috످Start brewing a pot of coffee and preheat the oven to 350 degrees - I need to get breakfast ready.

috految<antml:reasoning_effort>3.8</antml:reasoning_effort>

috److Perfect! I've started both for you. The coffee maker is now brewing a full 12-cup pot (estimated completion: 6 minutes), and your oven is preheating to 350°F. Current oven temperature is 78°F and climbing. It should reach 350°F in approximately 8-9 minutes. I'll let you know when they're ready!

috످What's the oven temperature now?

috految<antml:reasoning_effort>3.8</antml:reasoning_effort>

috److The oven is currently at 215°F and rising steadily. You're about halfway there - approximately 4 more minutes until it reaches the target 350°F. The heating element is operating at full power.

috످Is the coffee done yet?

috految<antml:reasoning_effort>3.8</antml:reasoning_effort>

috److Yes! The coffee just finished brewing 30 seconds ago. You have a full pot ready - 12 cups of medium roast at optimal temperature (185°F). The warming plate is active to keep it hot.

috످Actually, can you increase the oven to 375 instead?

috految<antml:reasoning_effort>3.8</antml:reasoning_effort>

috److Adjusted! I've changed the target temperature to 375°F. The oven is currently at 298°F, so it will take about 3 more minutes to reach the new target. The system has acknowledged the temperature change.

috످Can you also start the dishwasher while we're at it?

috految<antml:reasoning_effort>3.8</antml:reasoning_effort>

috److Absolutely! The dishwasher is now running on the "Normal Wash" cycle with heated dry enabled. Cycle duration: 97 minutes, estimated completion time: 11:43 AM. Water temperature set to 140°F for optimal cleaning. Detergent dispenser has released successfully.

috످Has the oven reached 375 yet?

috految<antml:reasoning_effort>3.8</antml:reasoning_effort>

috److I can't check or control your appliances from this chat. I never started your oven, coffee maker, or dishwasher. I made up all of those updates, including the temperatures. I'm sorry for misleading you and holding up your breakfast.

Please check the oven, make sure nothing is stored inside, and set it to 375°F. It should take about 10–15 minutes to preheat, so you can start the coffee and dishwasher while you wait.

If you already put food in, it may still be raw. Make sure it's fully cooked before eating.

috످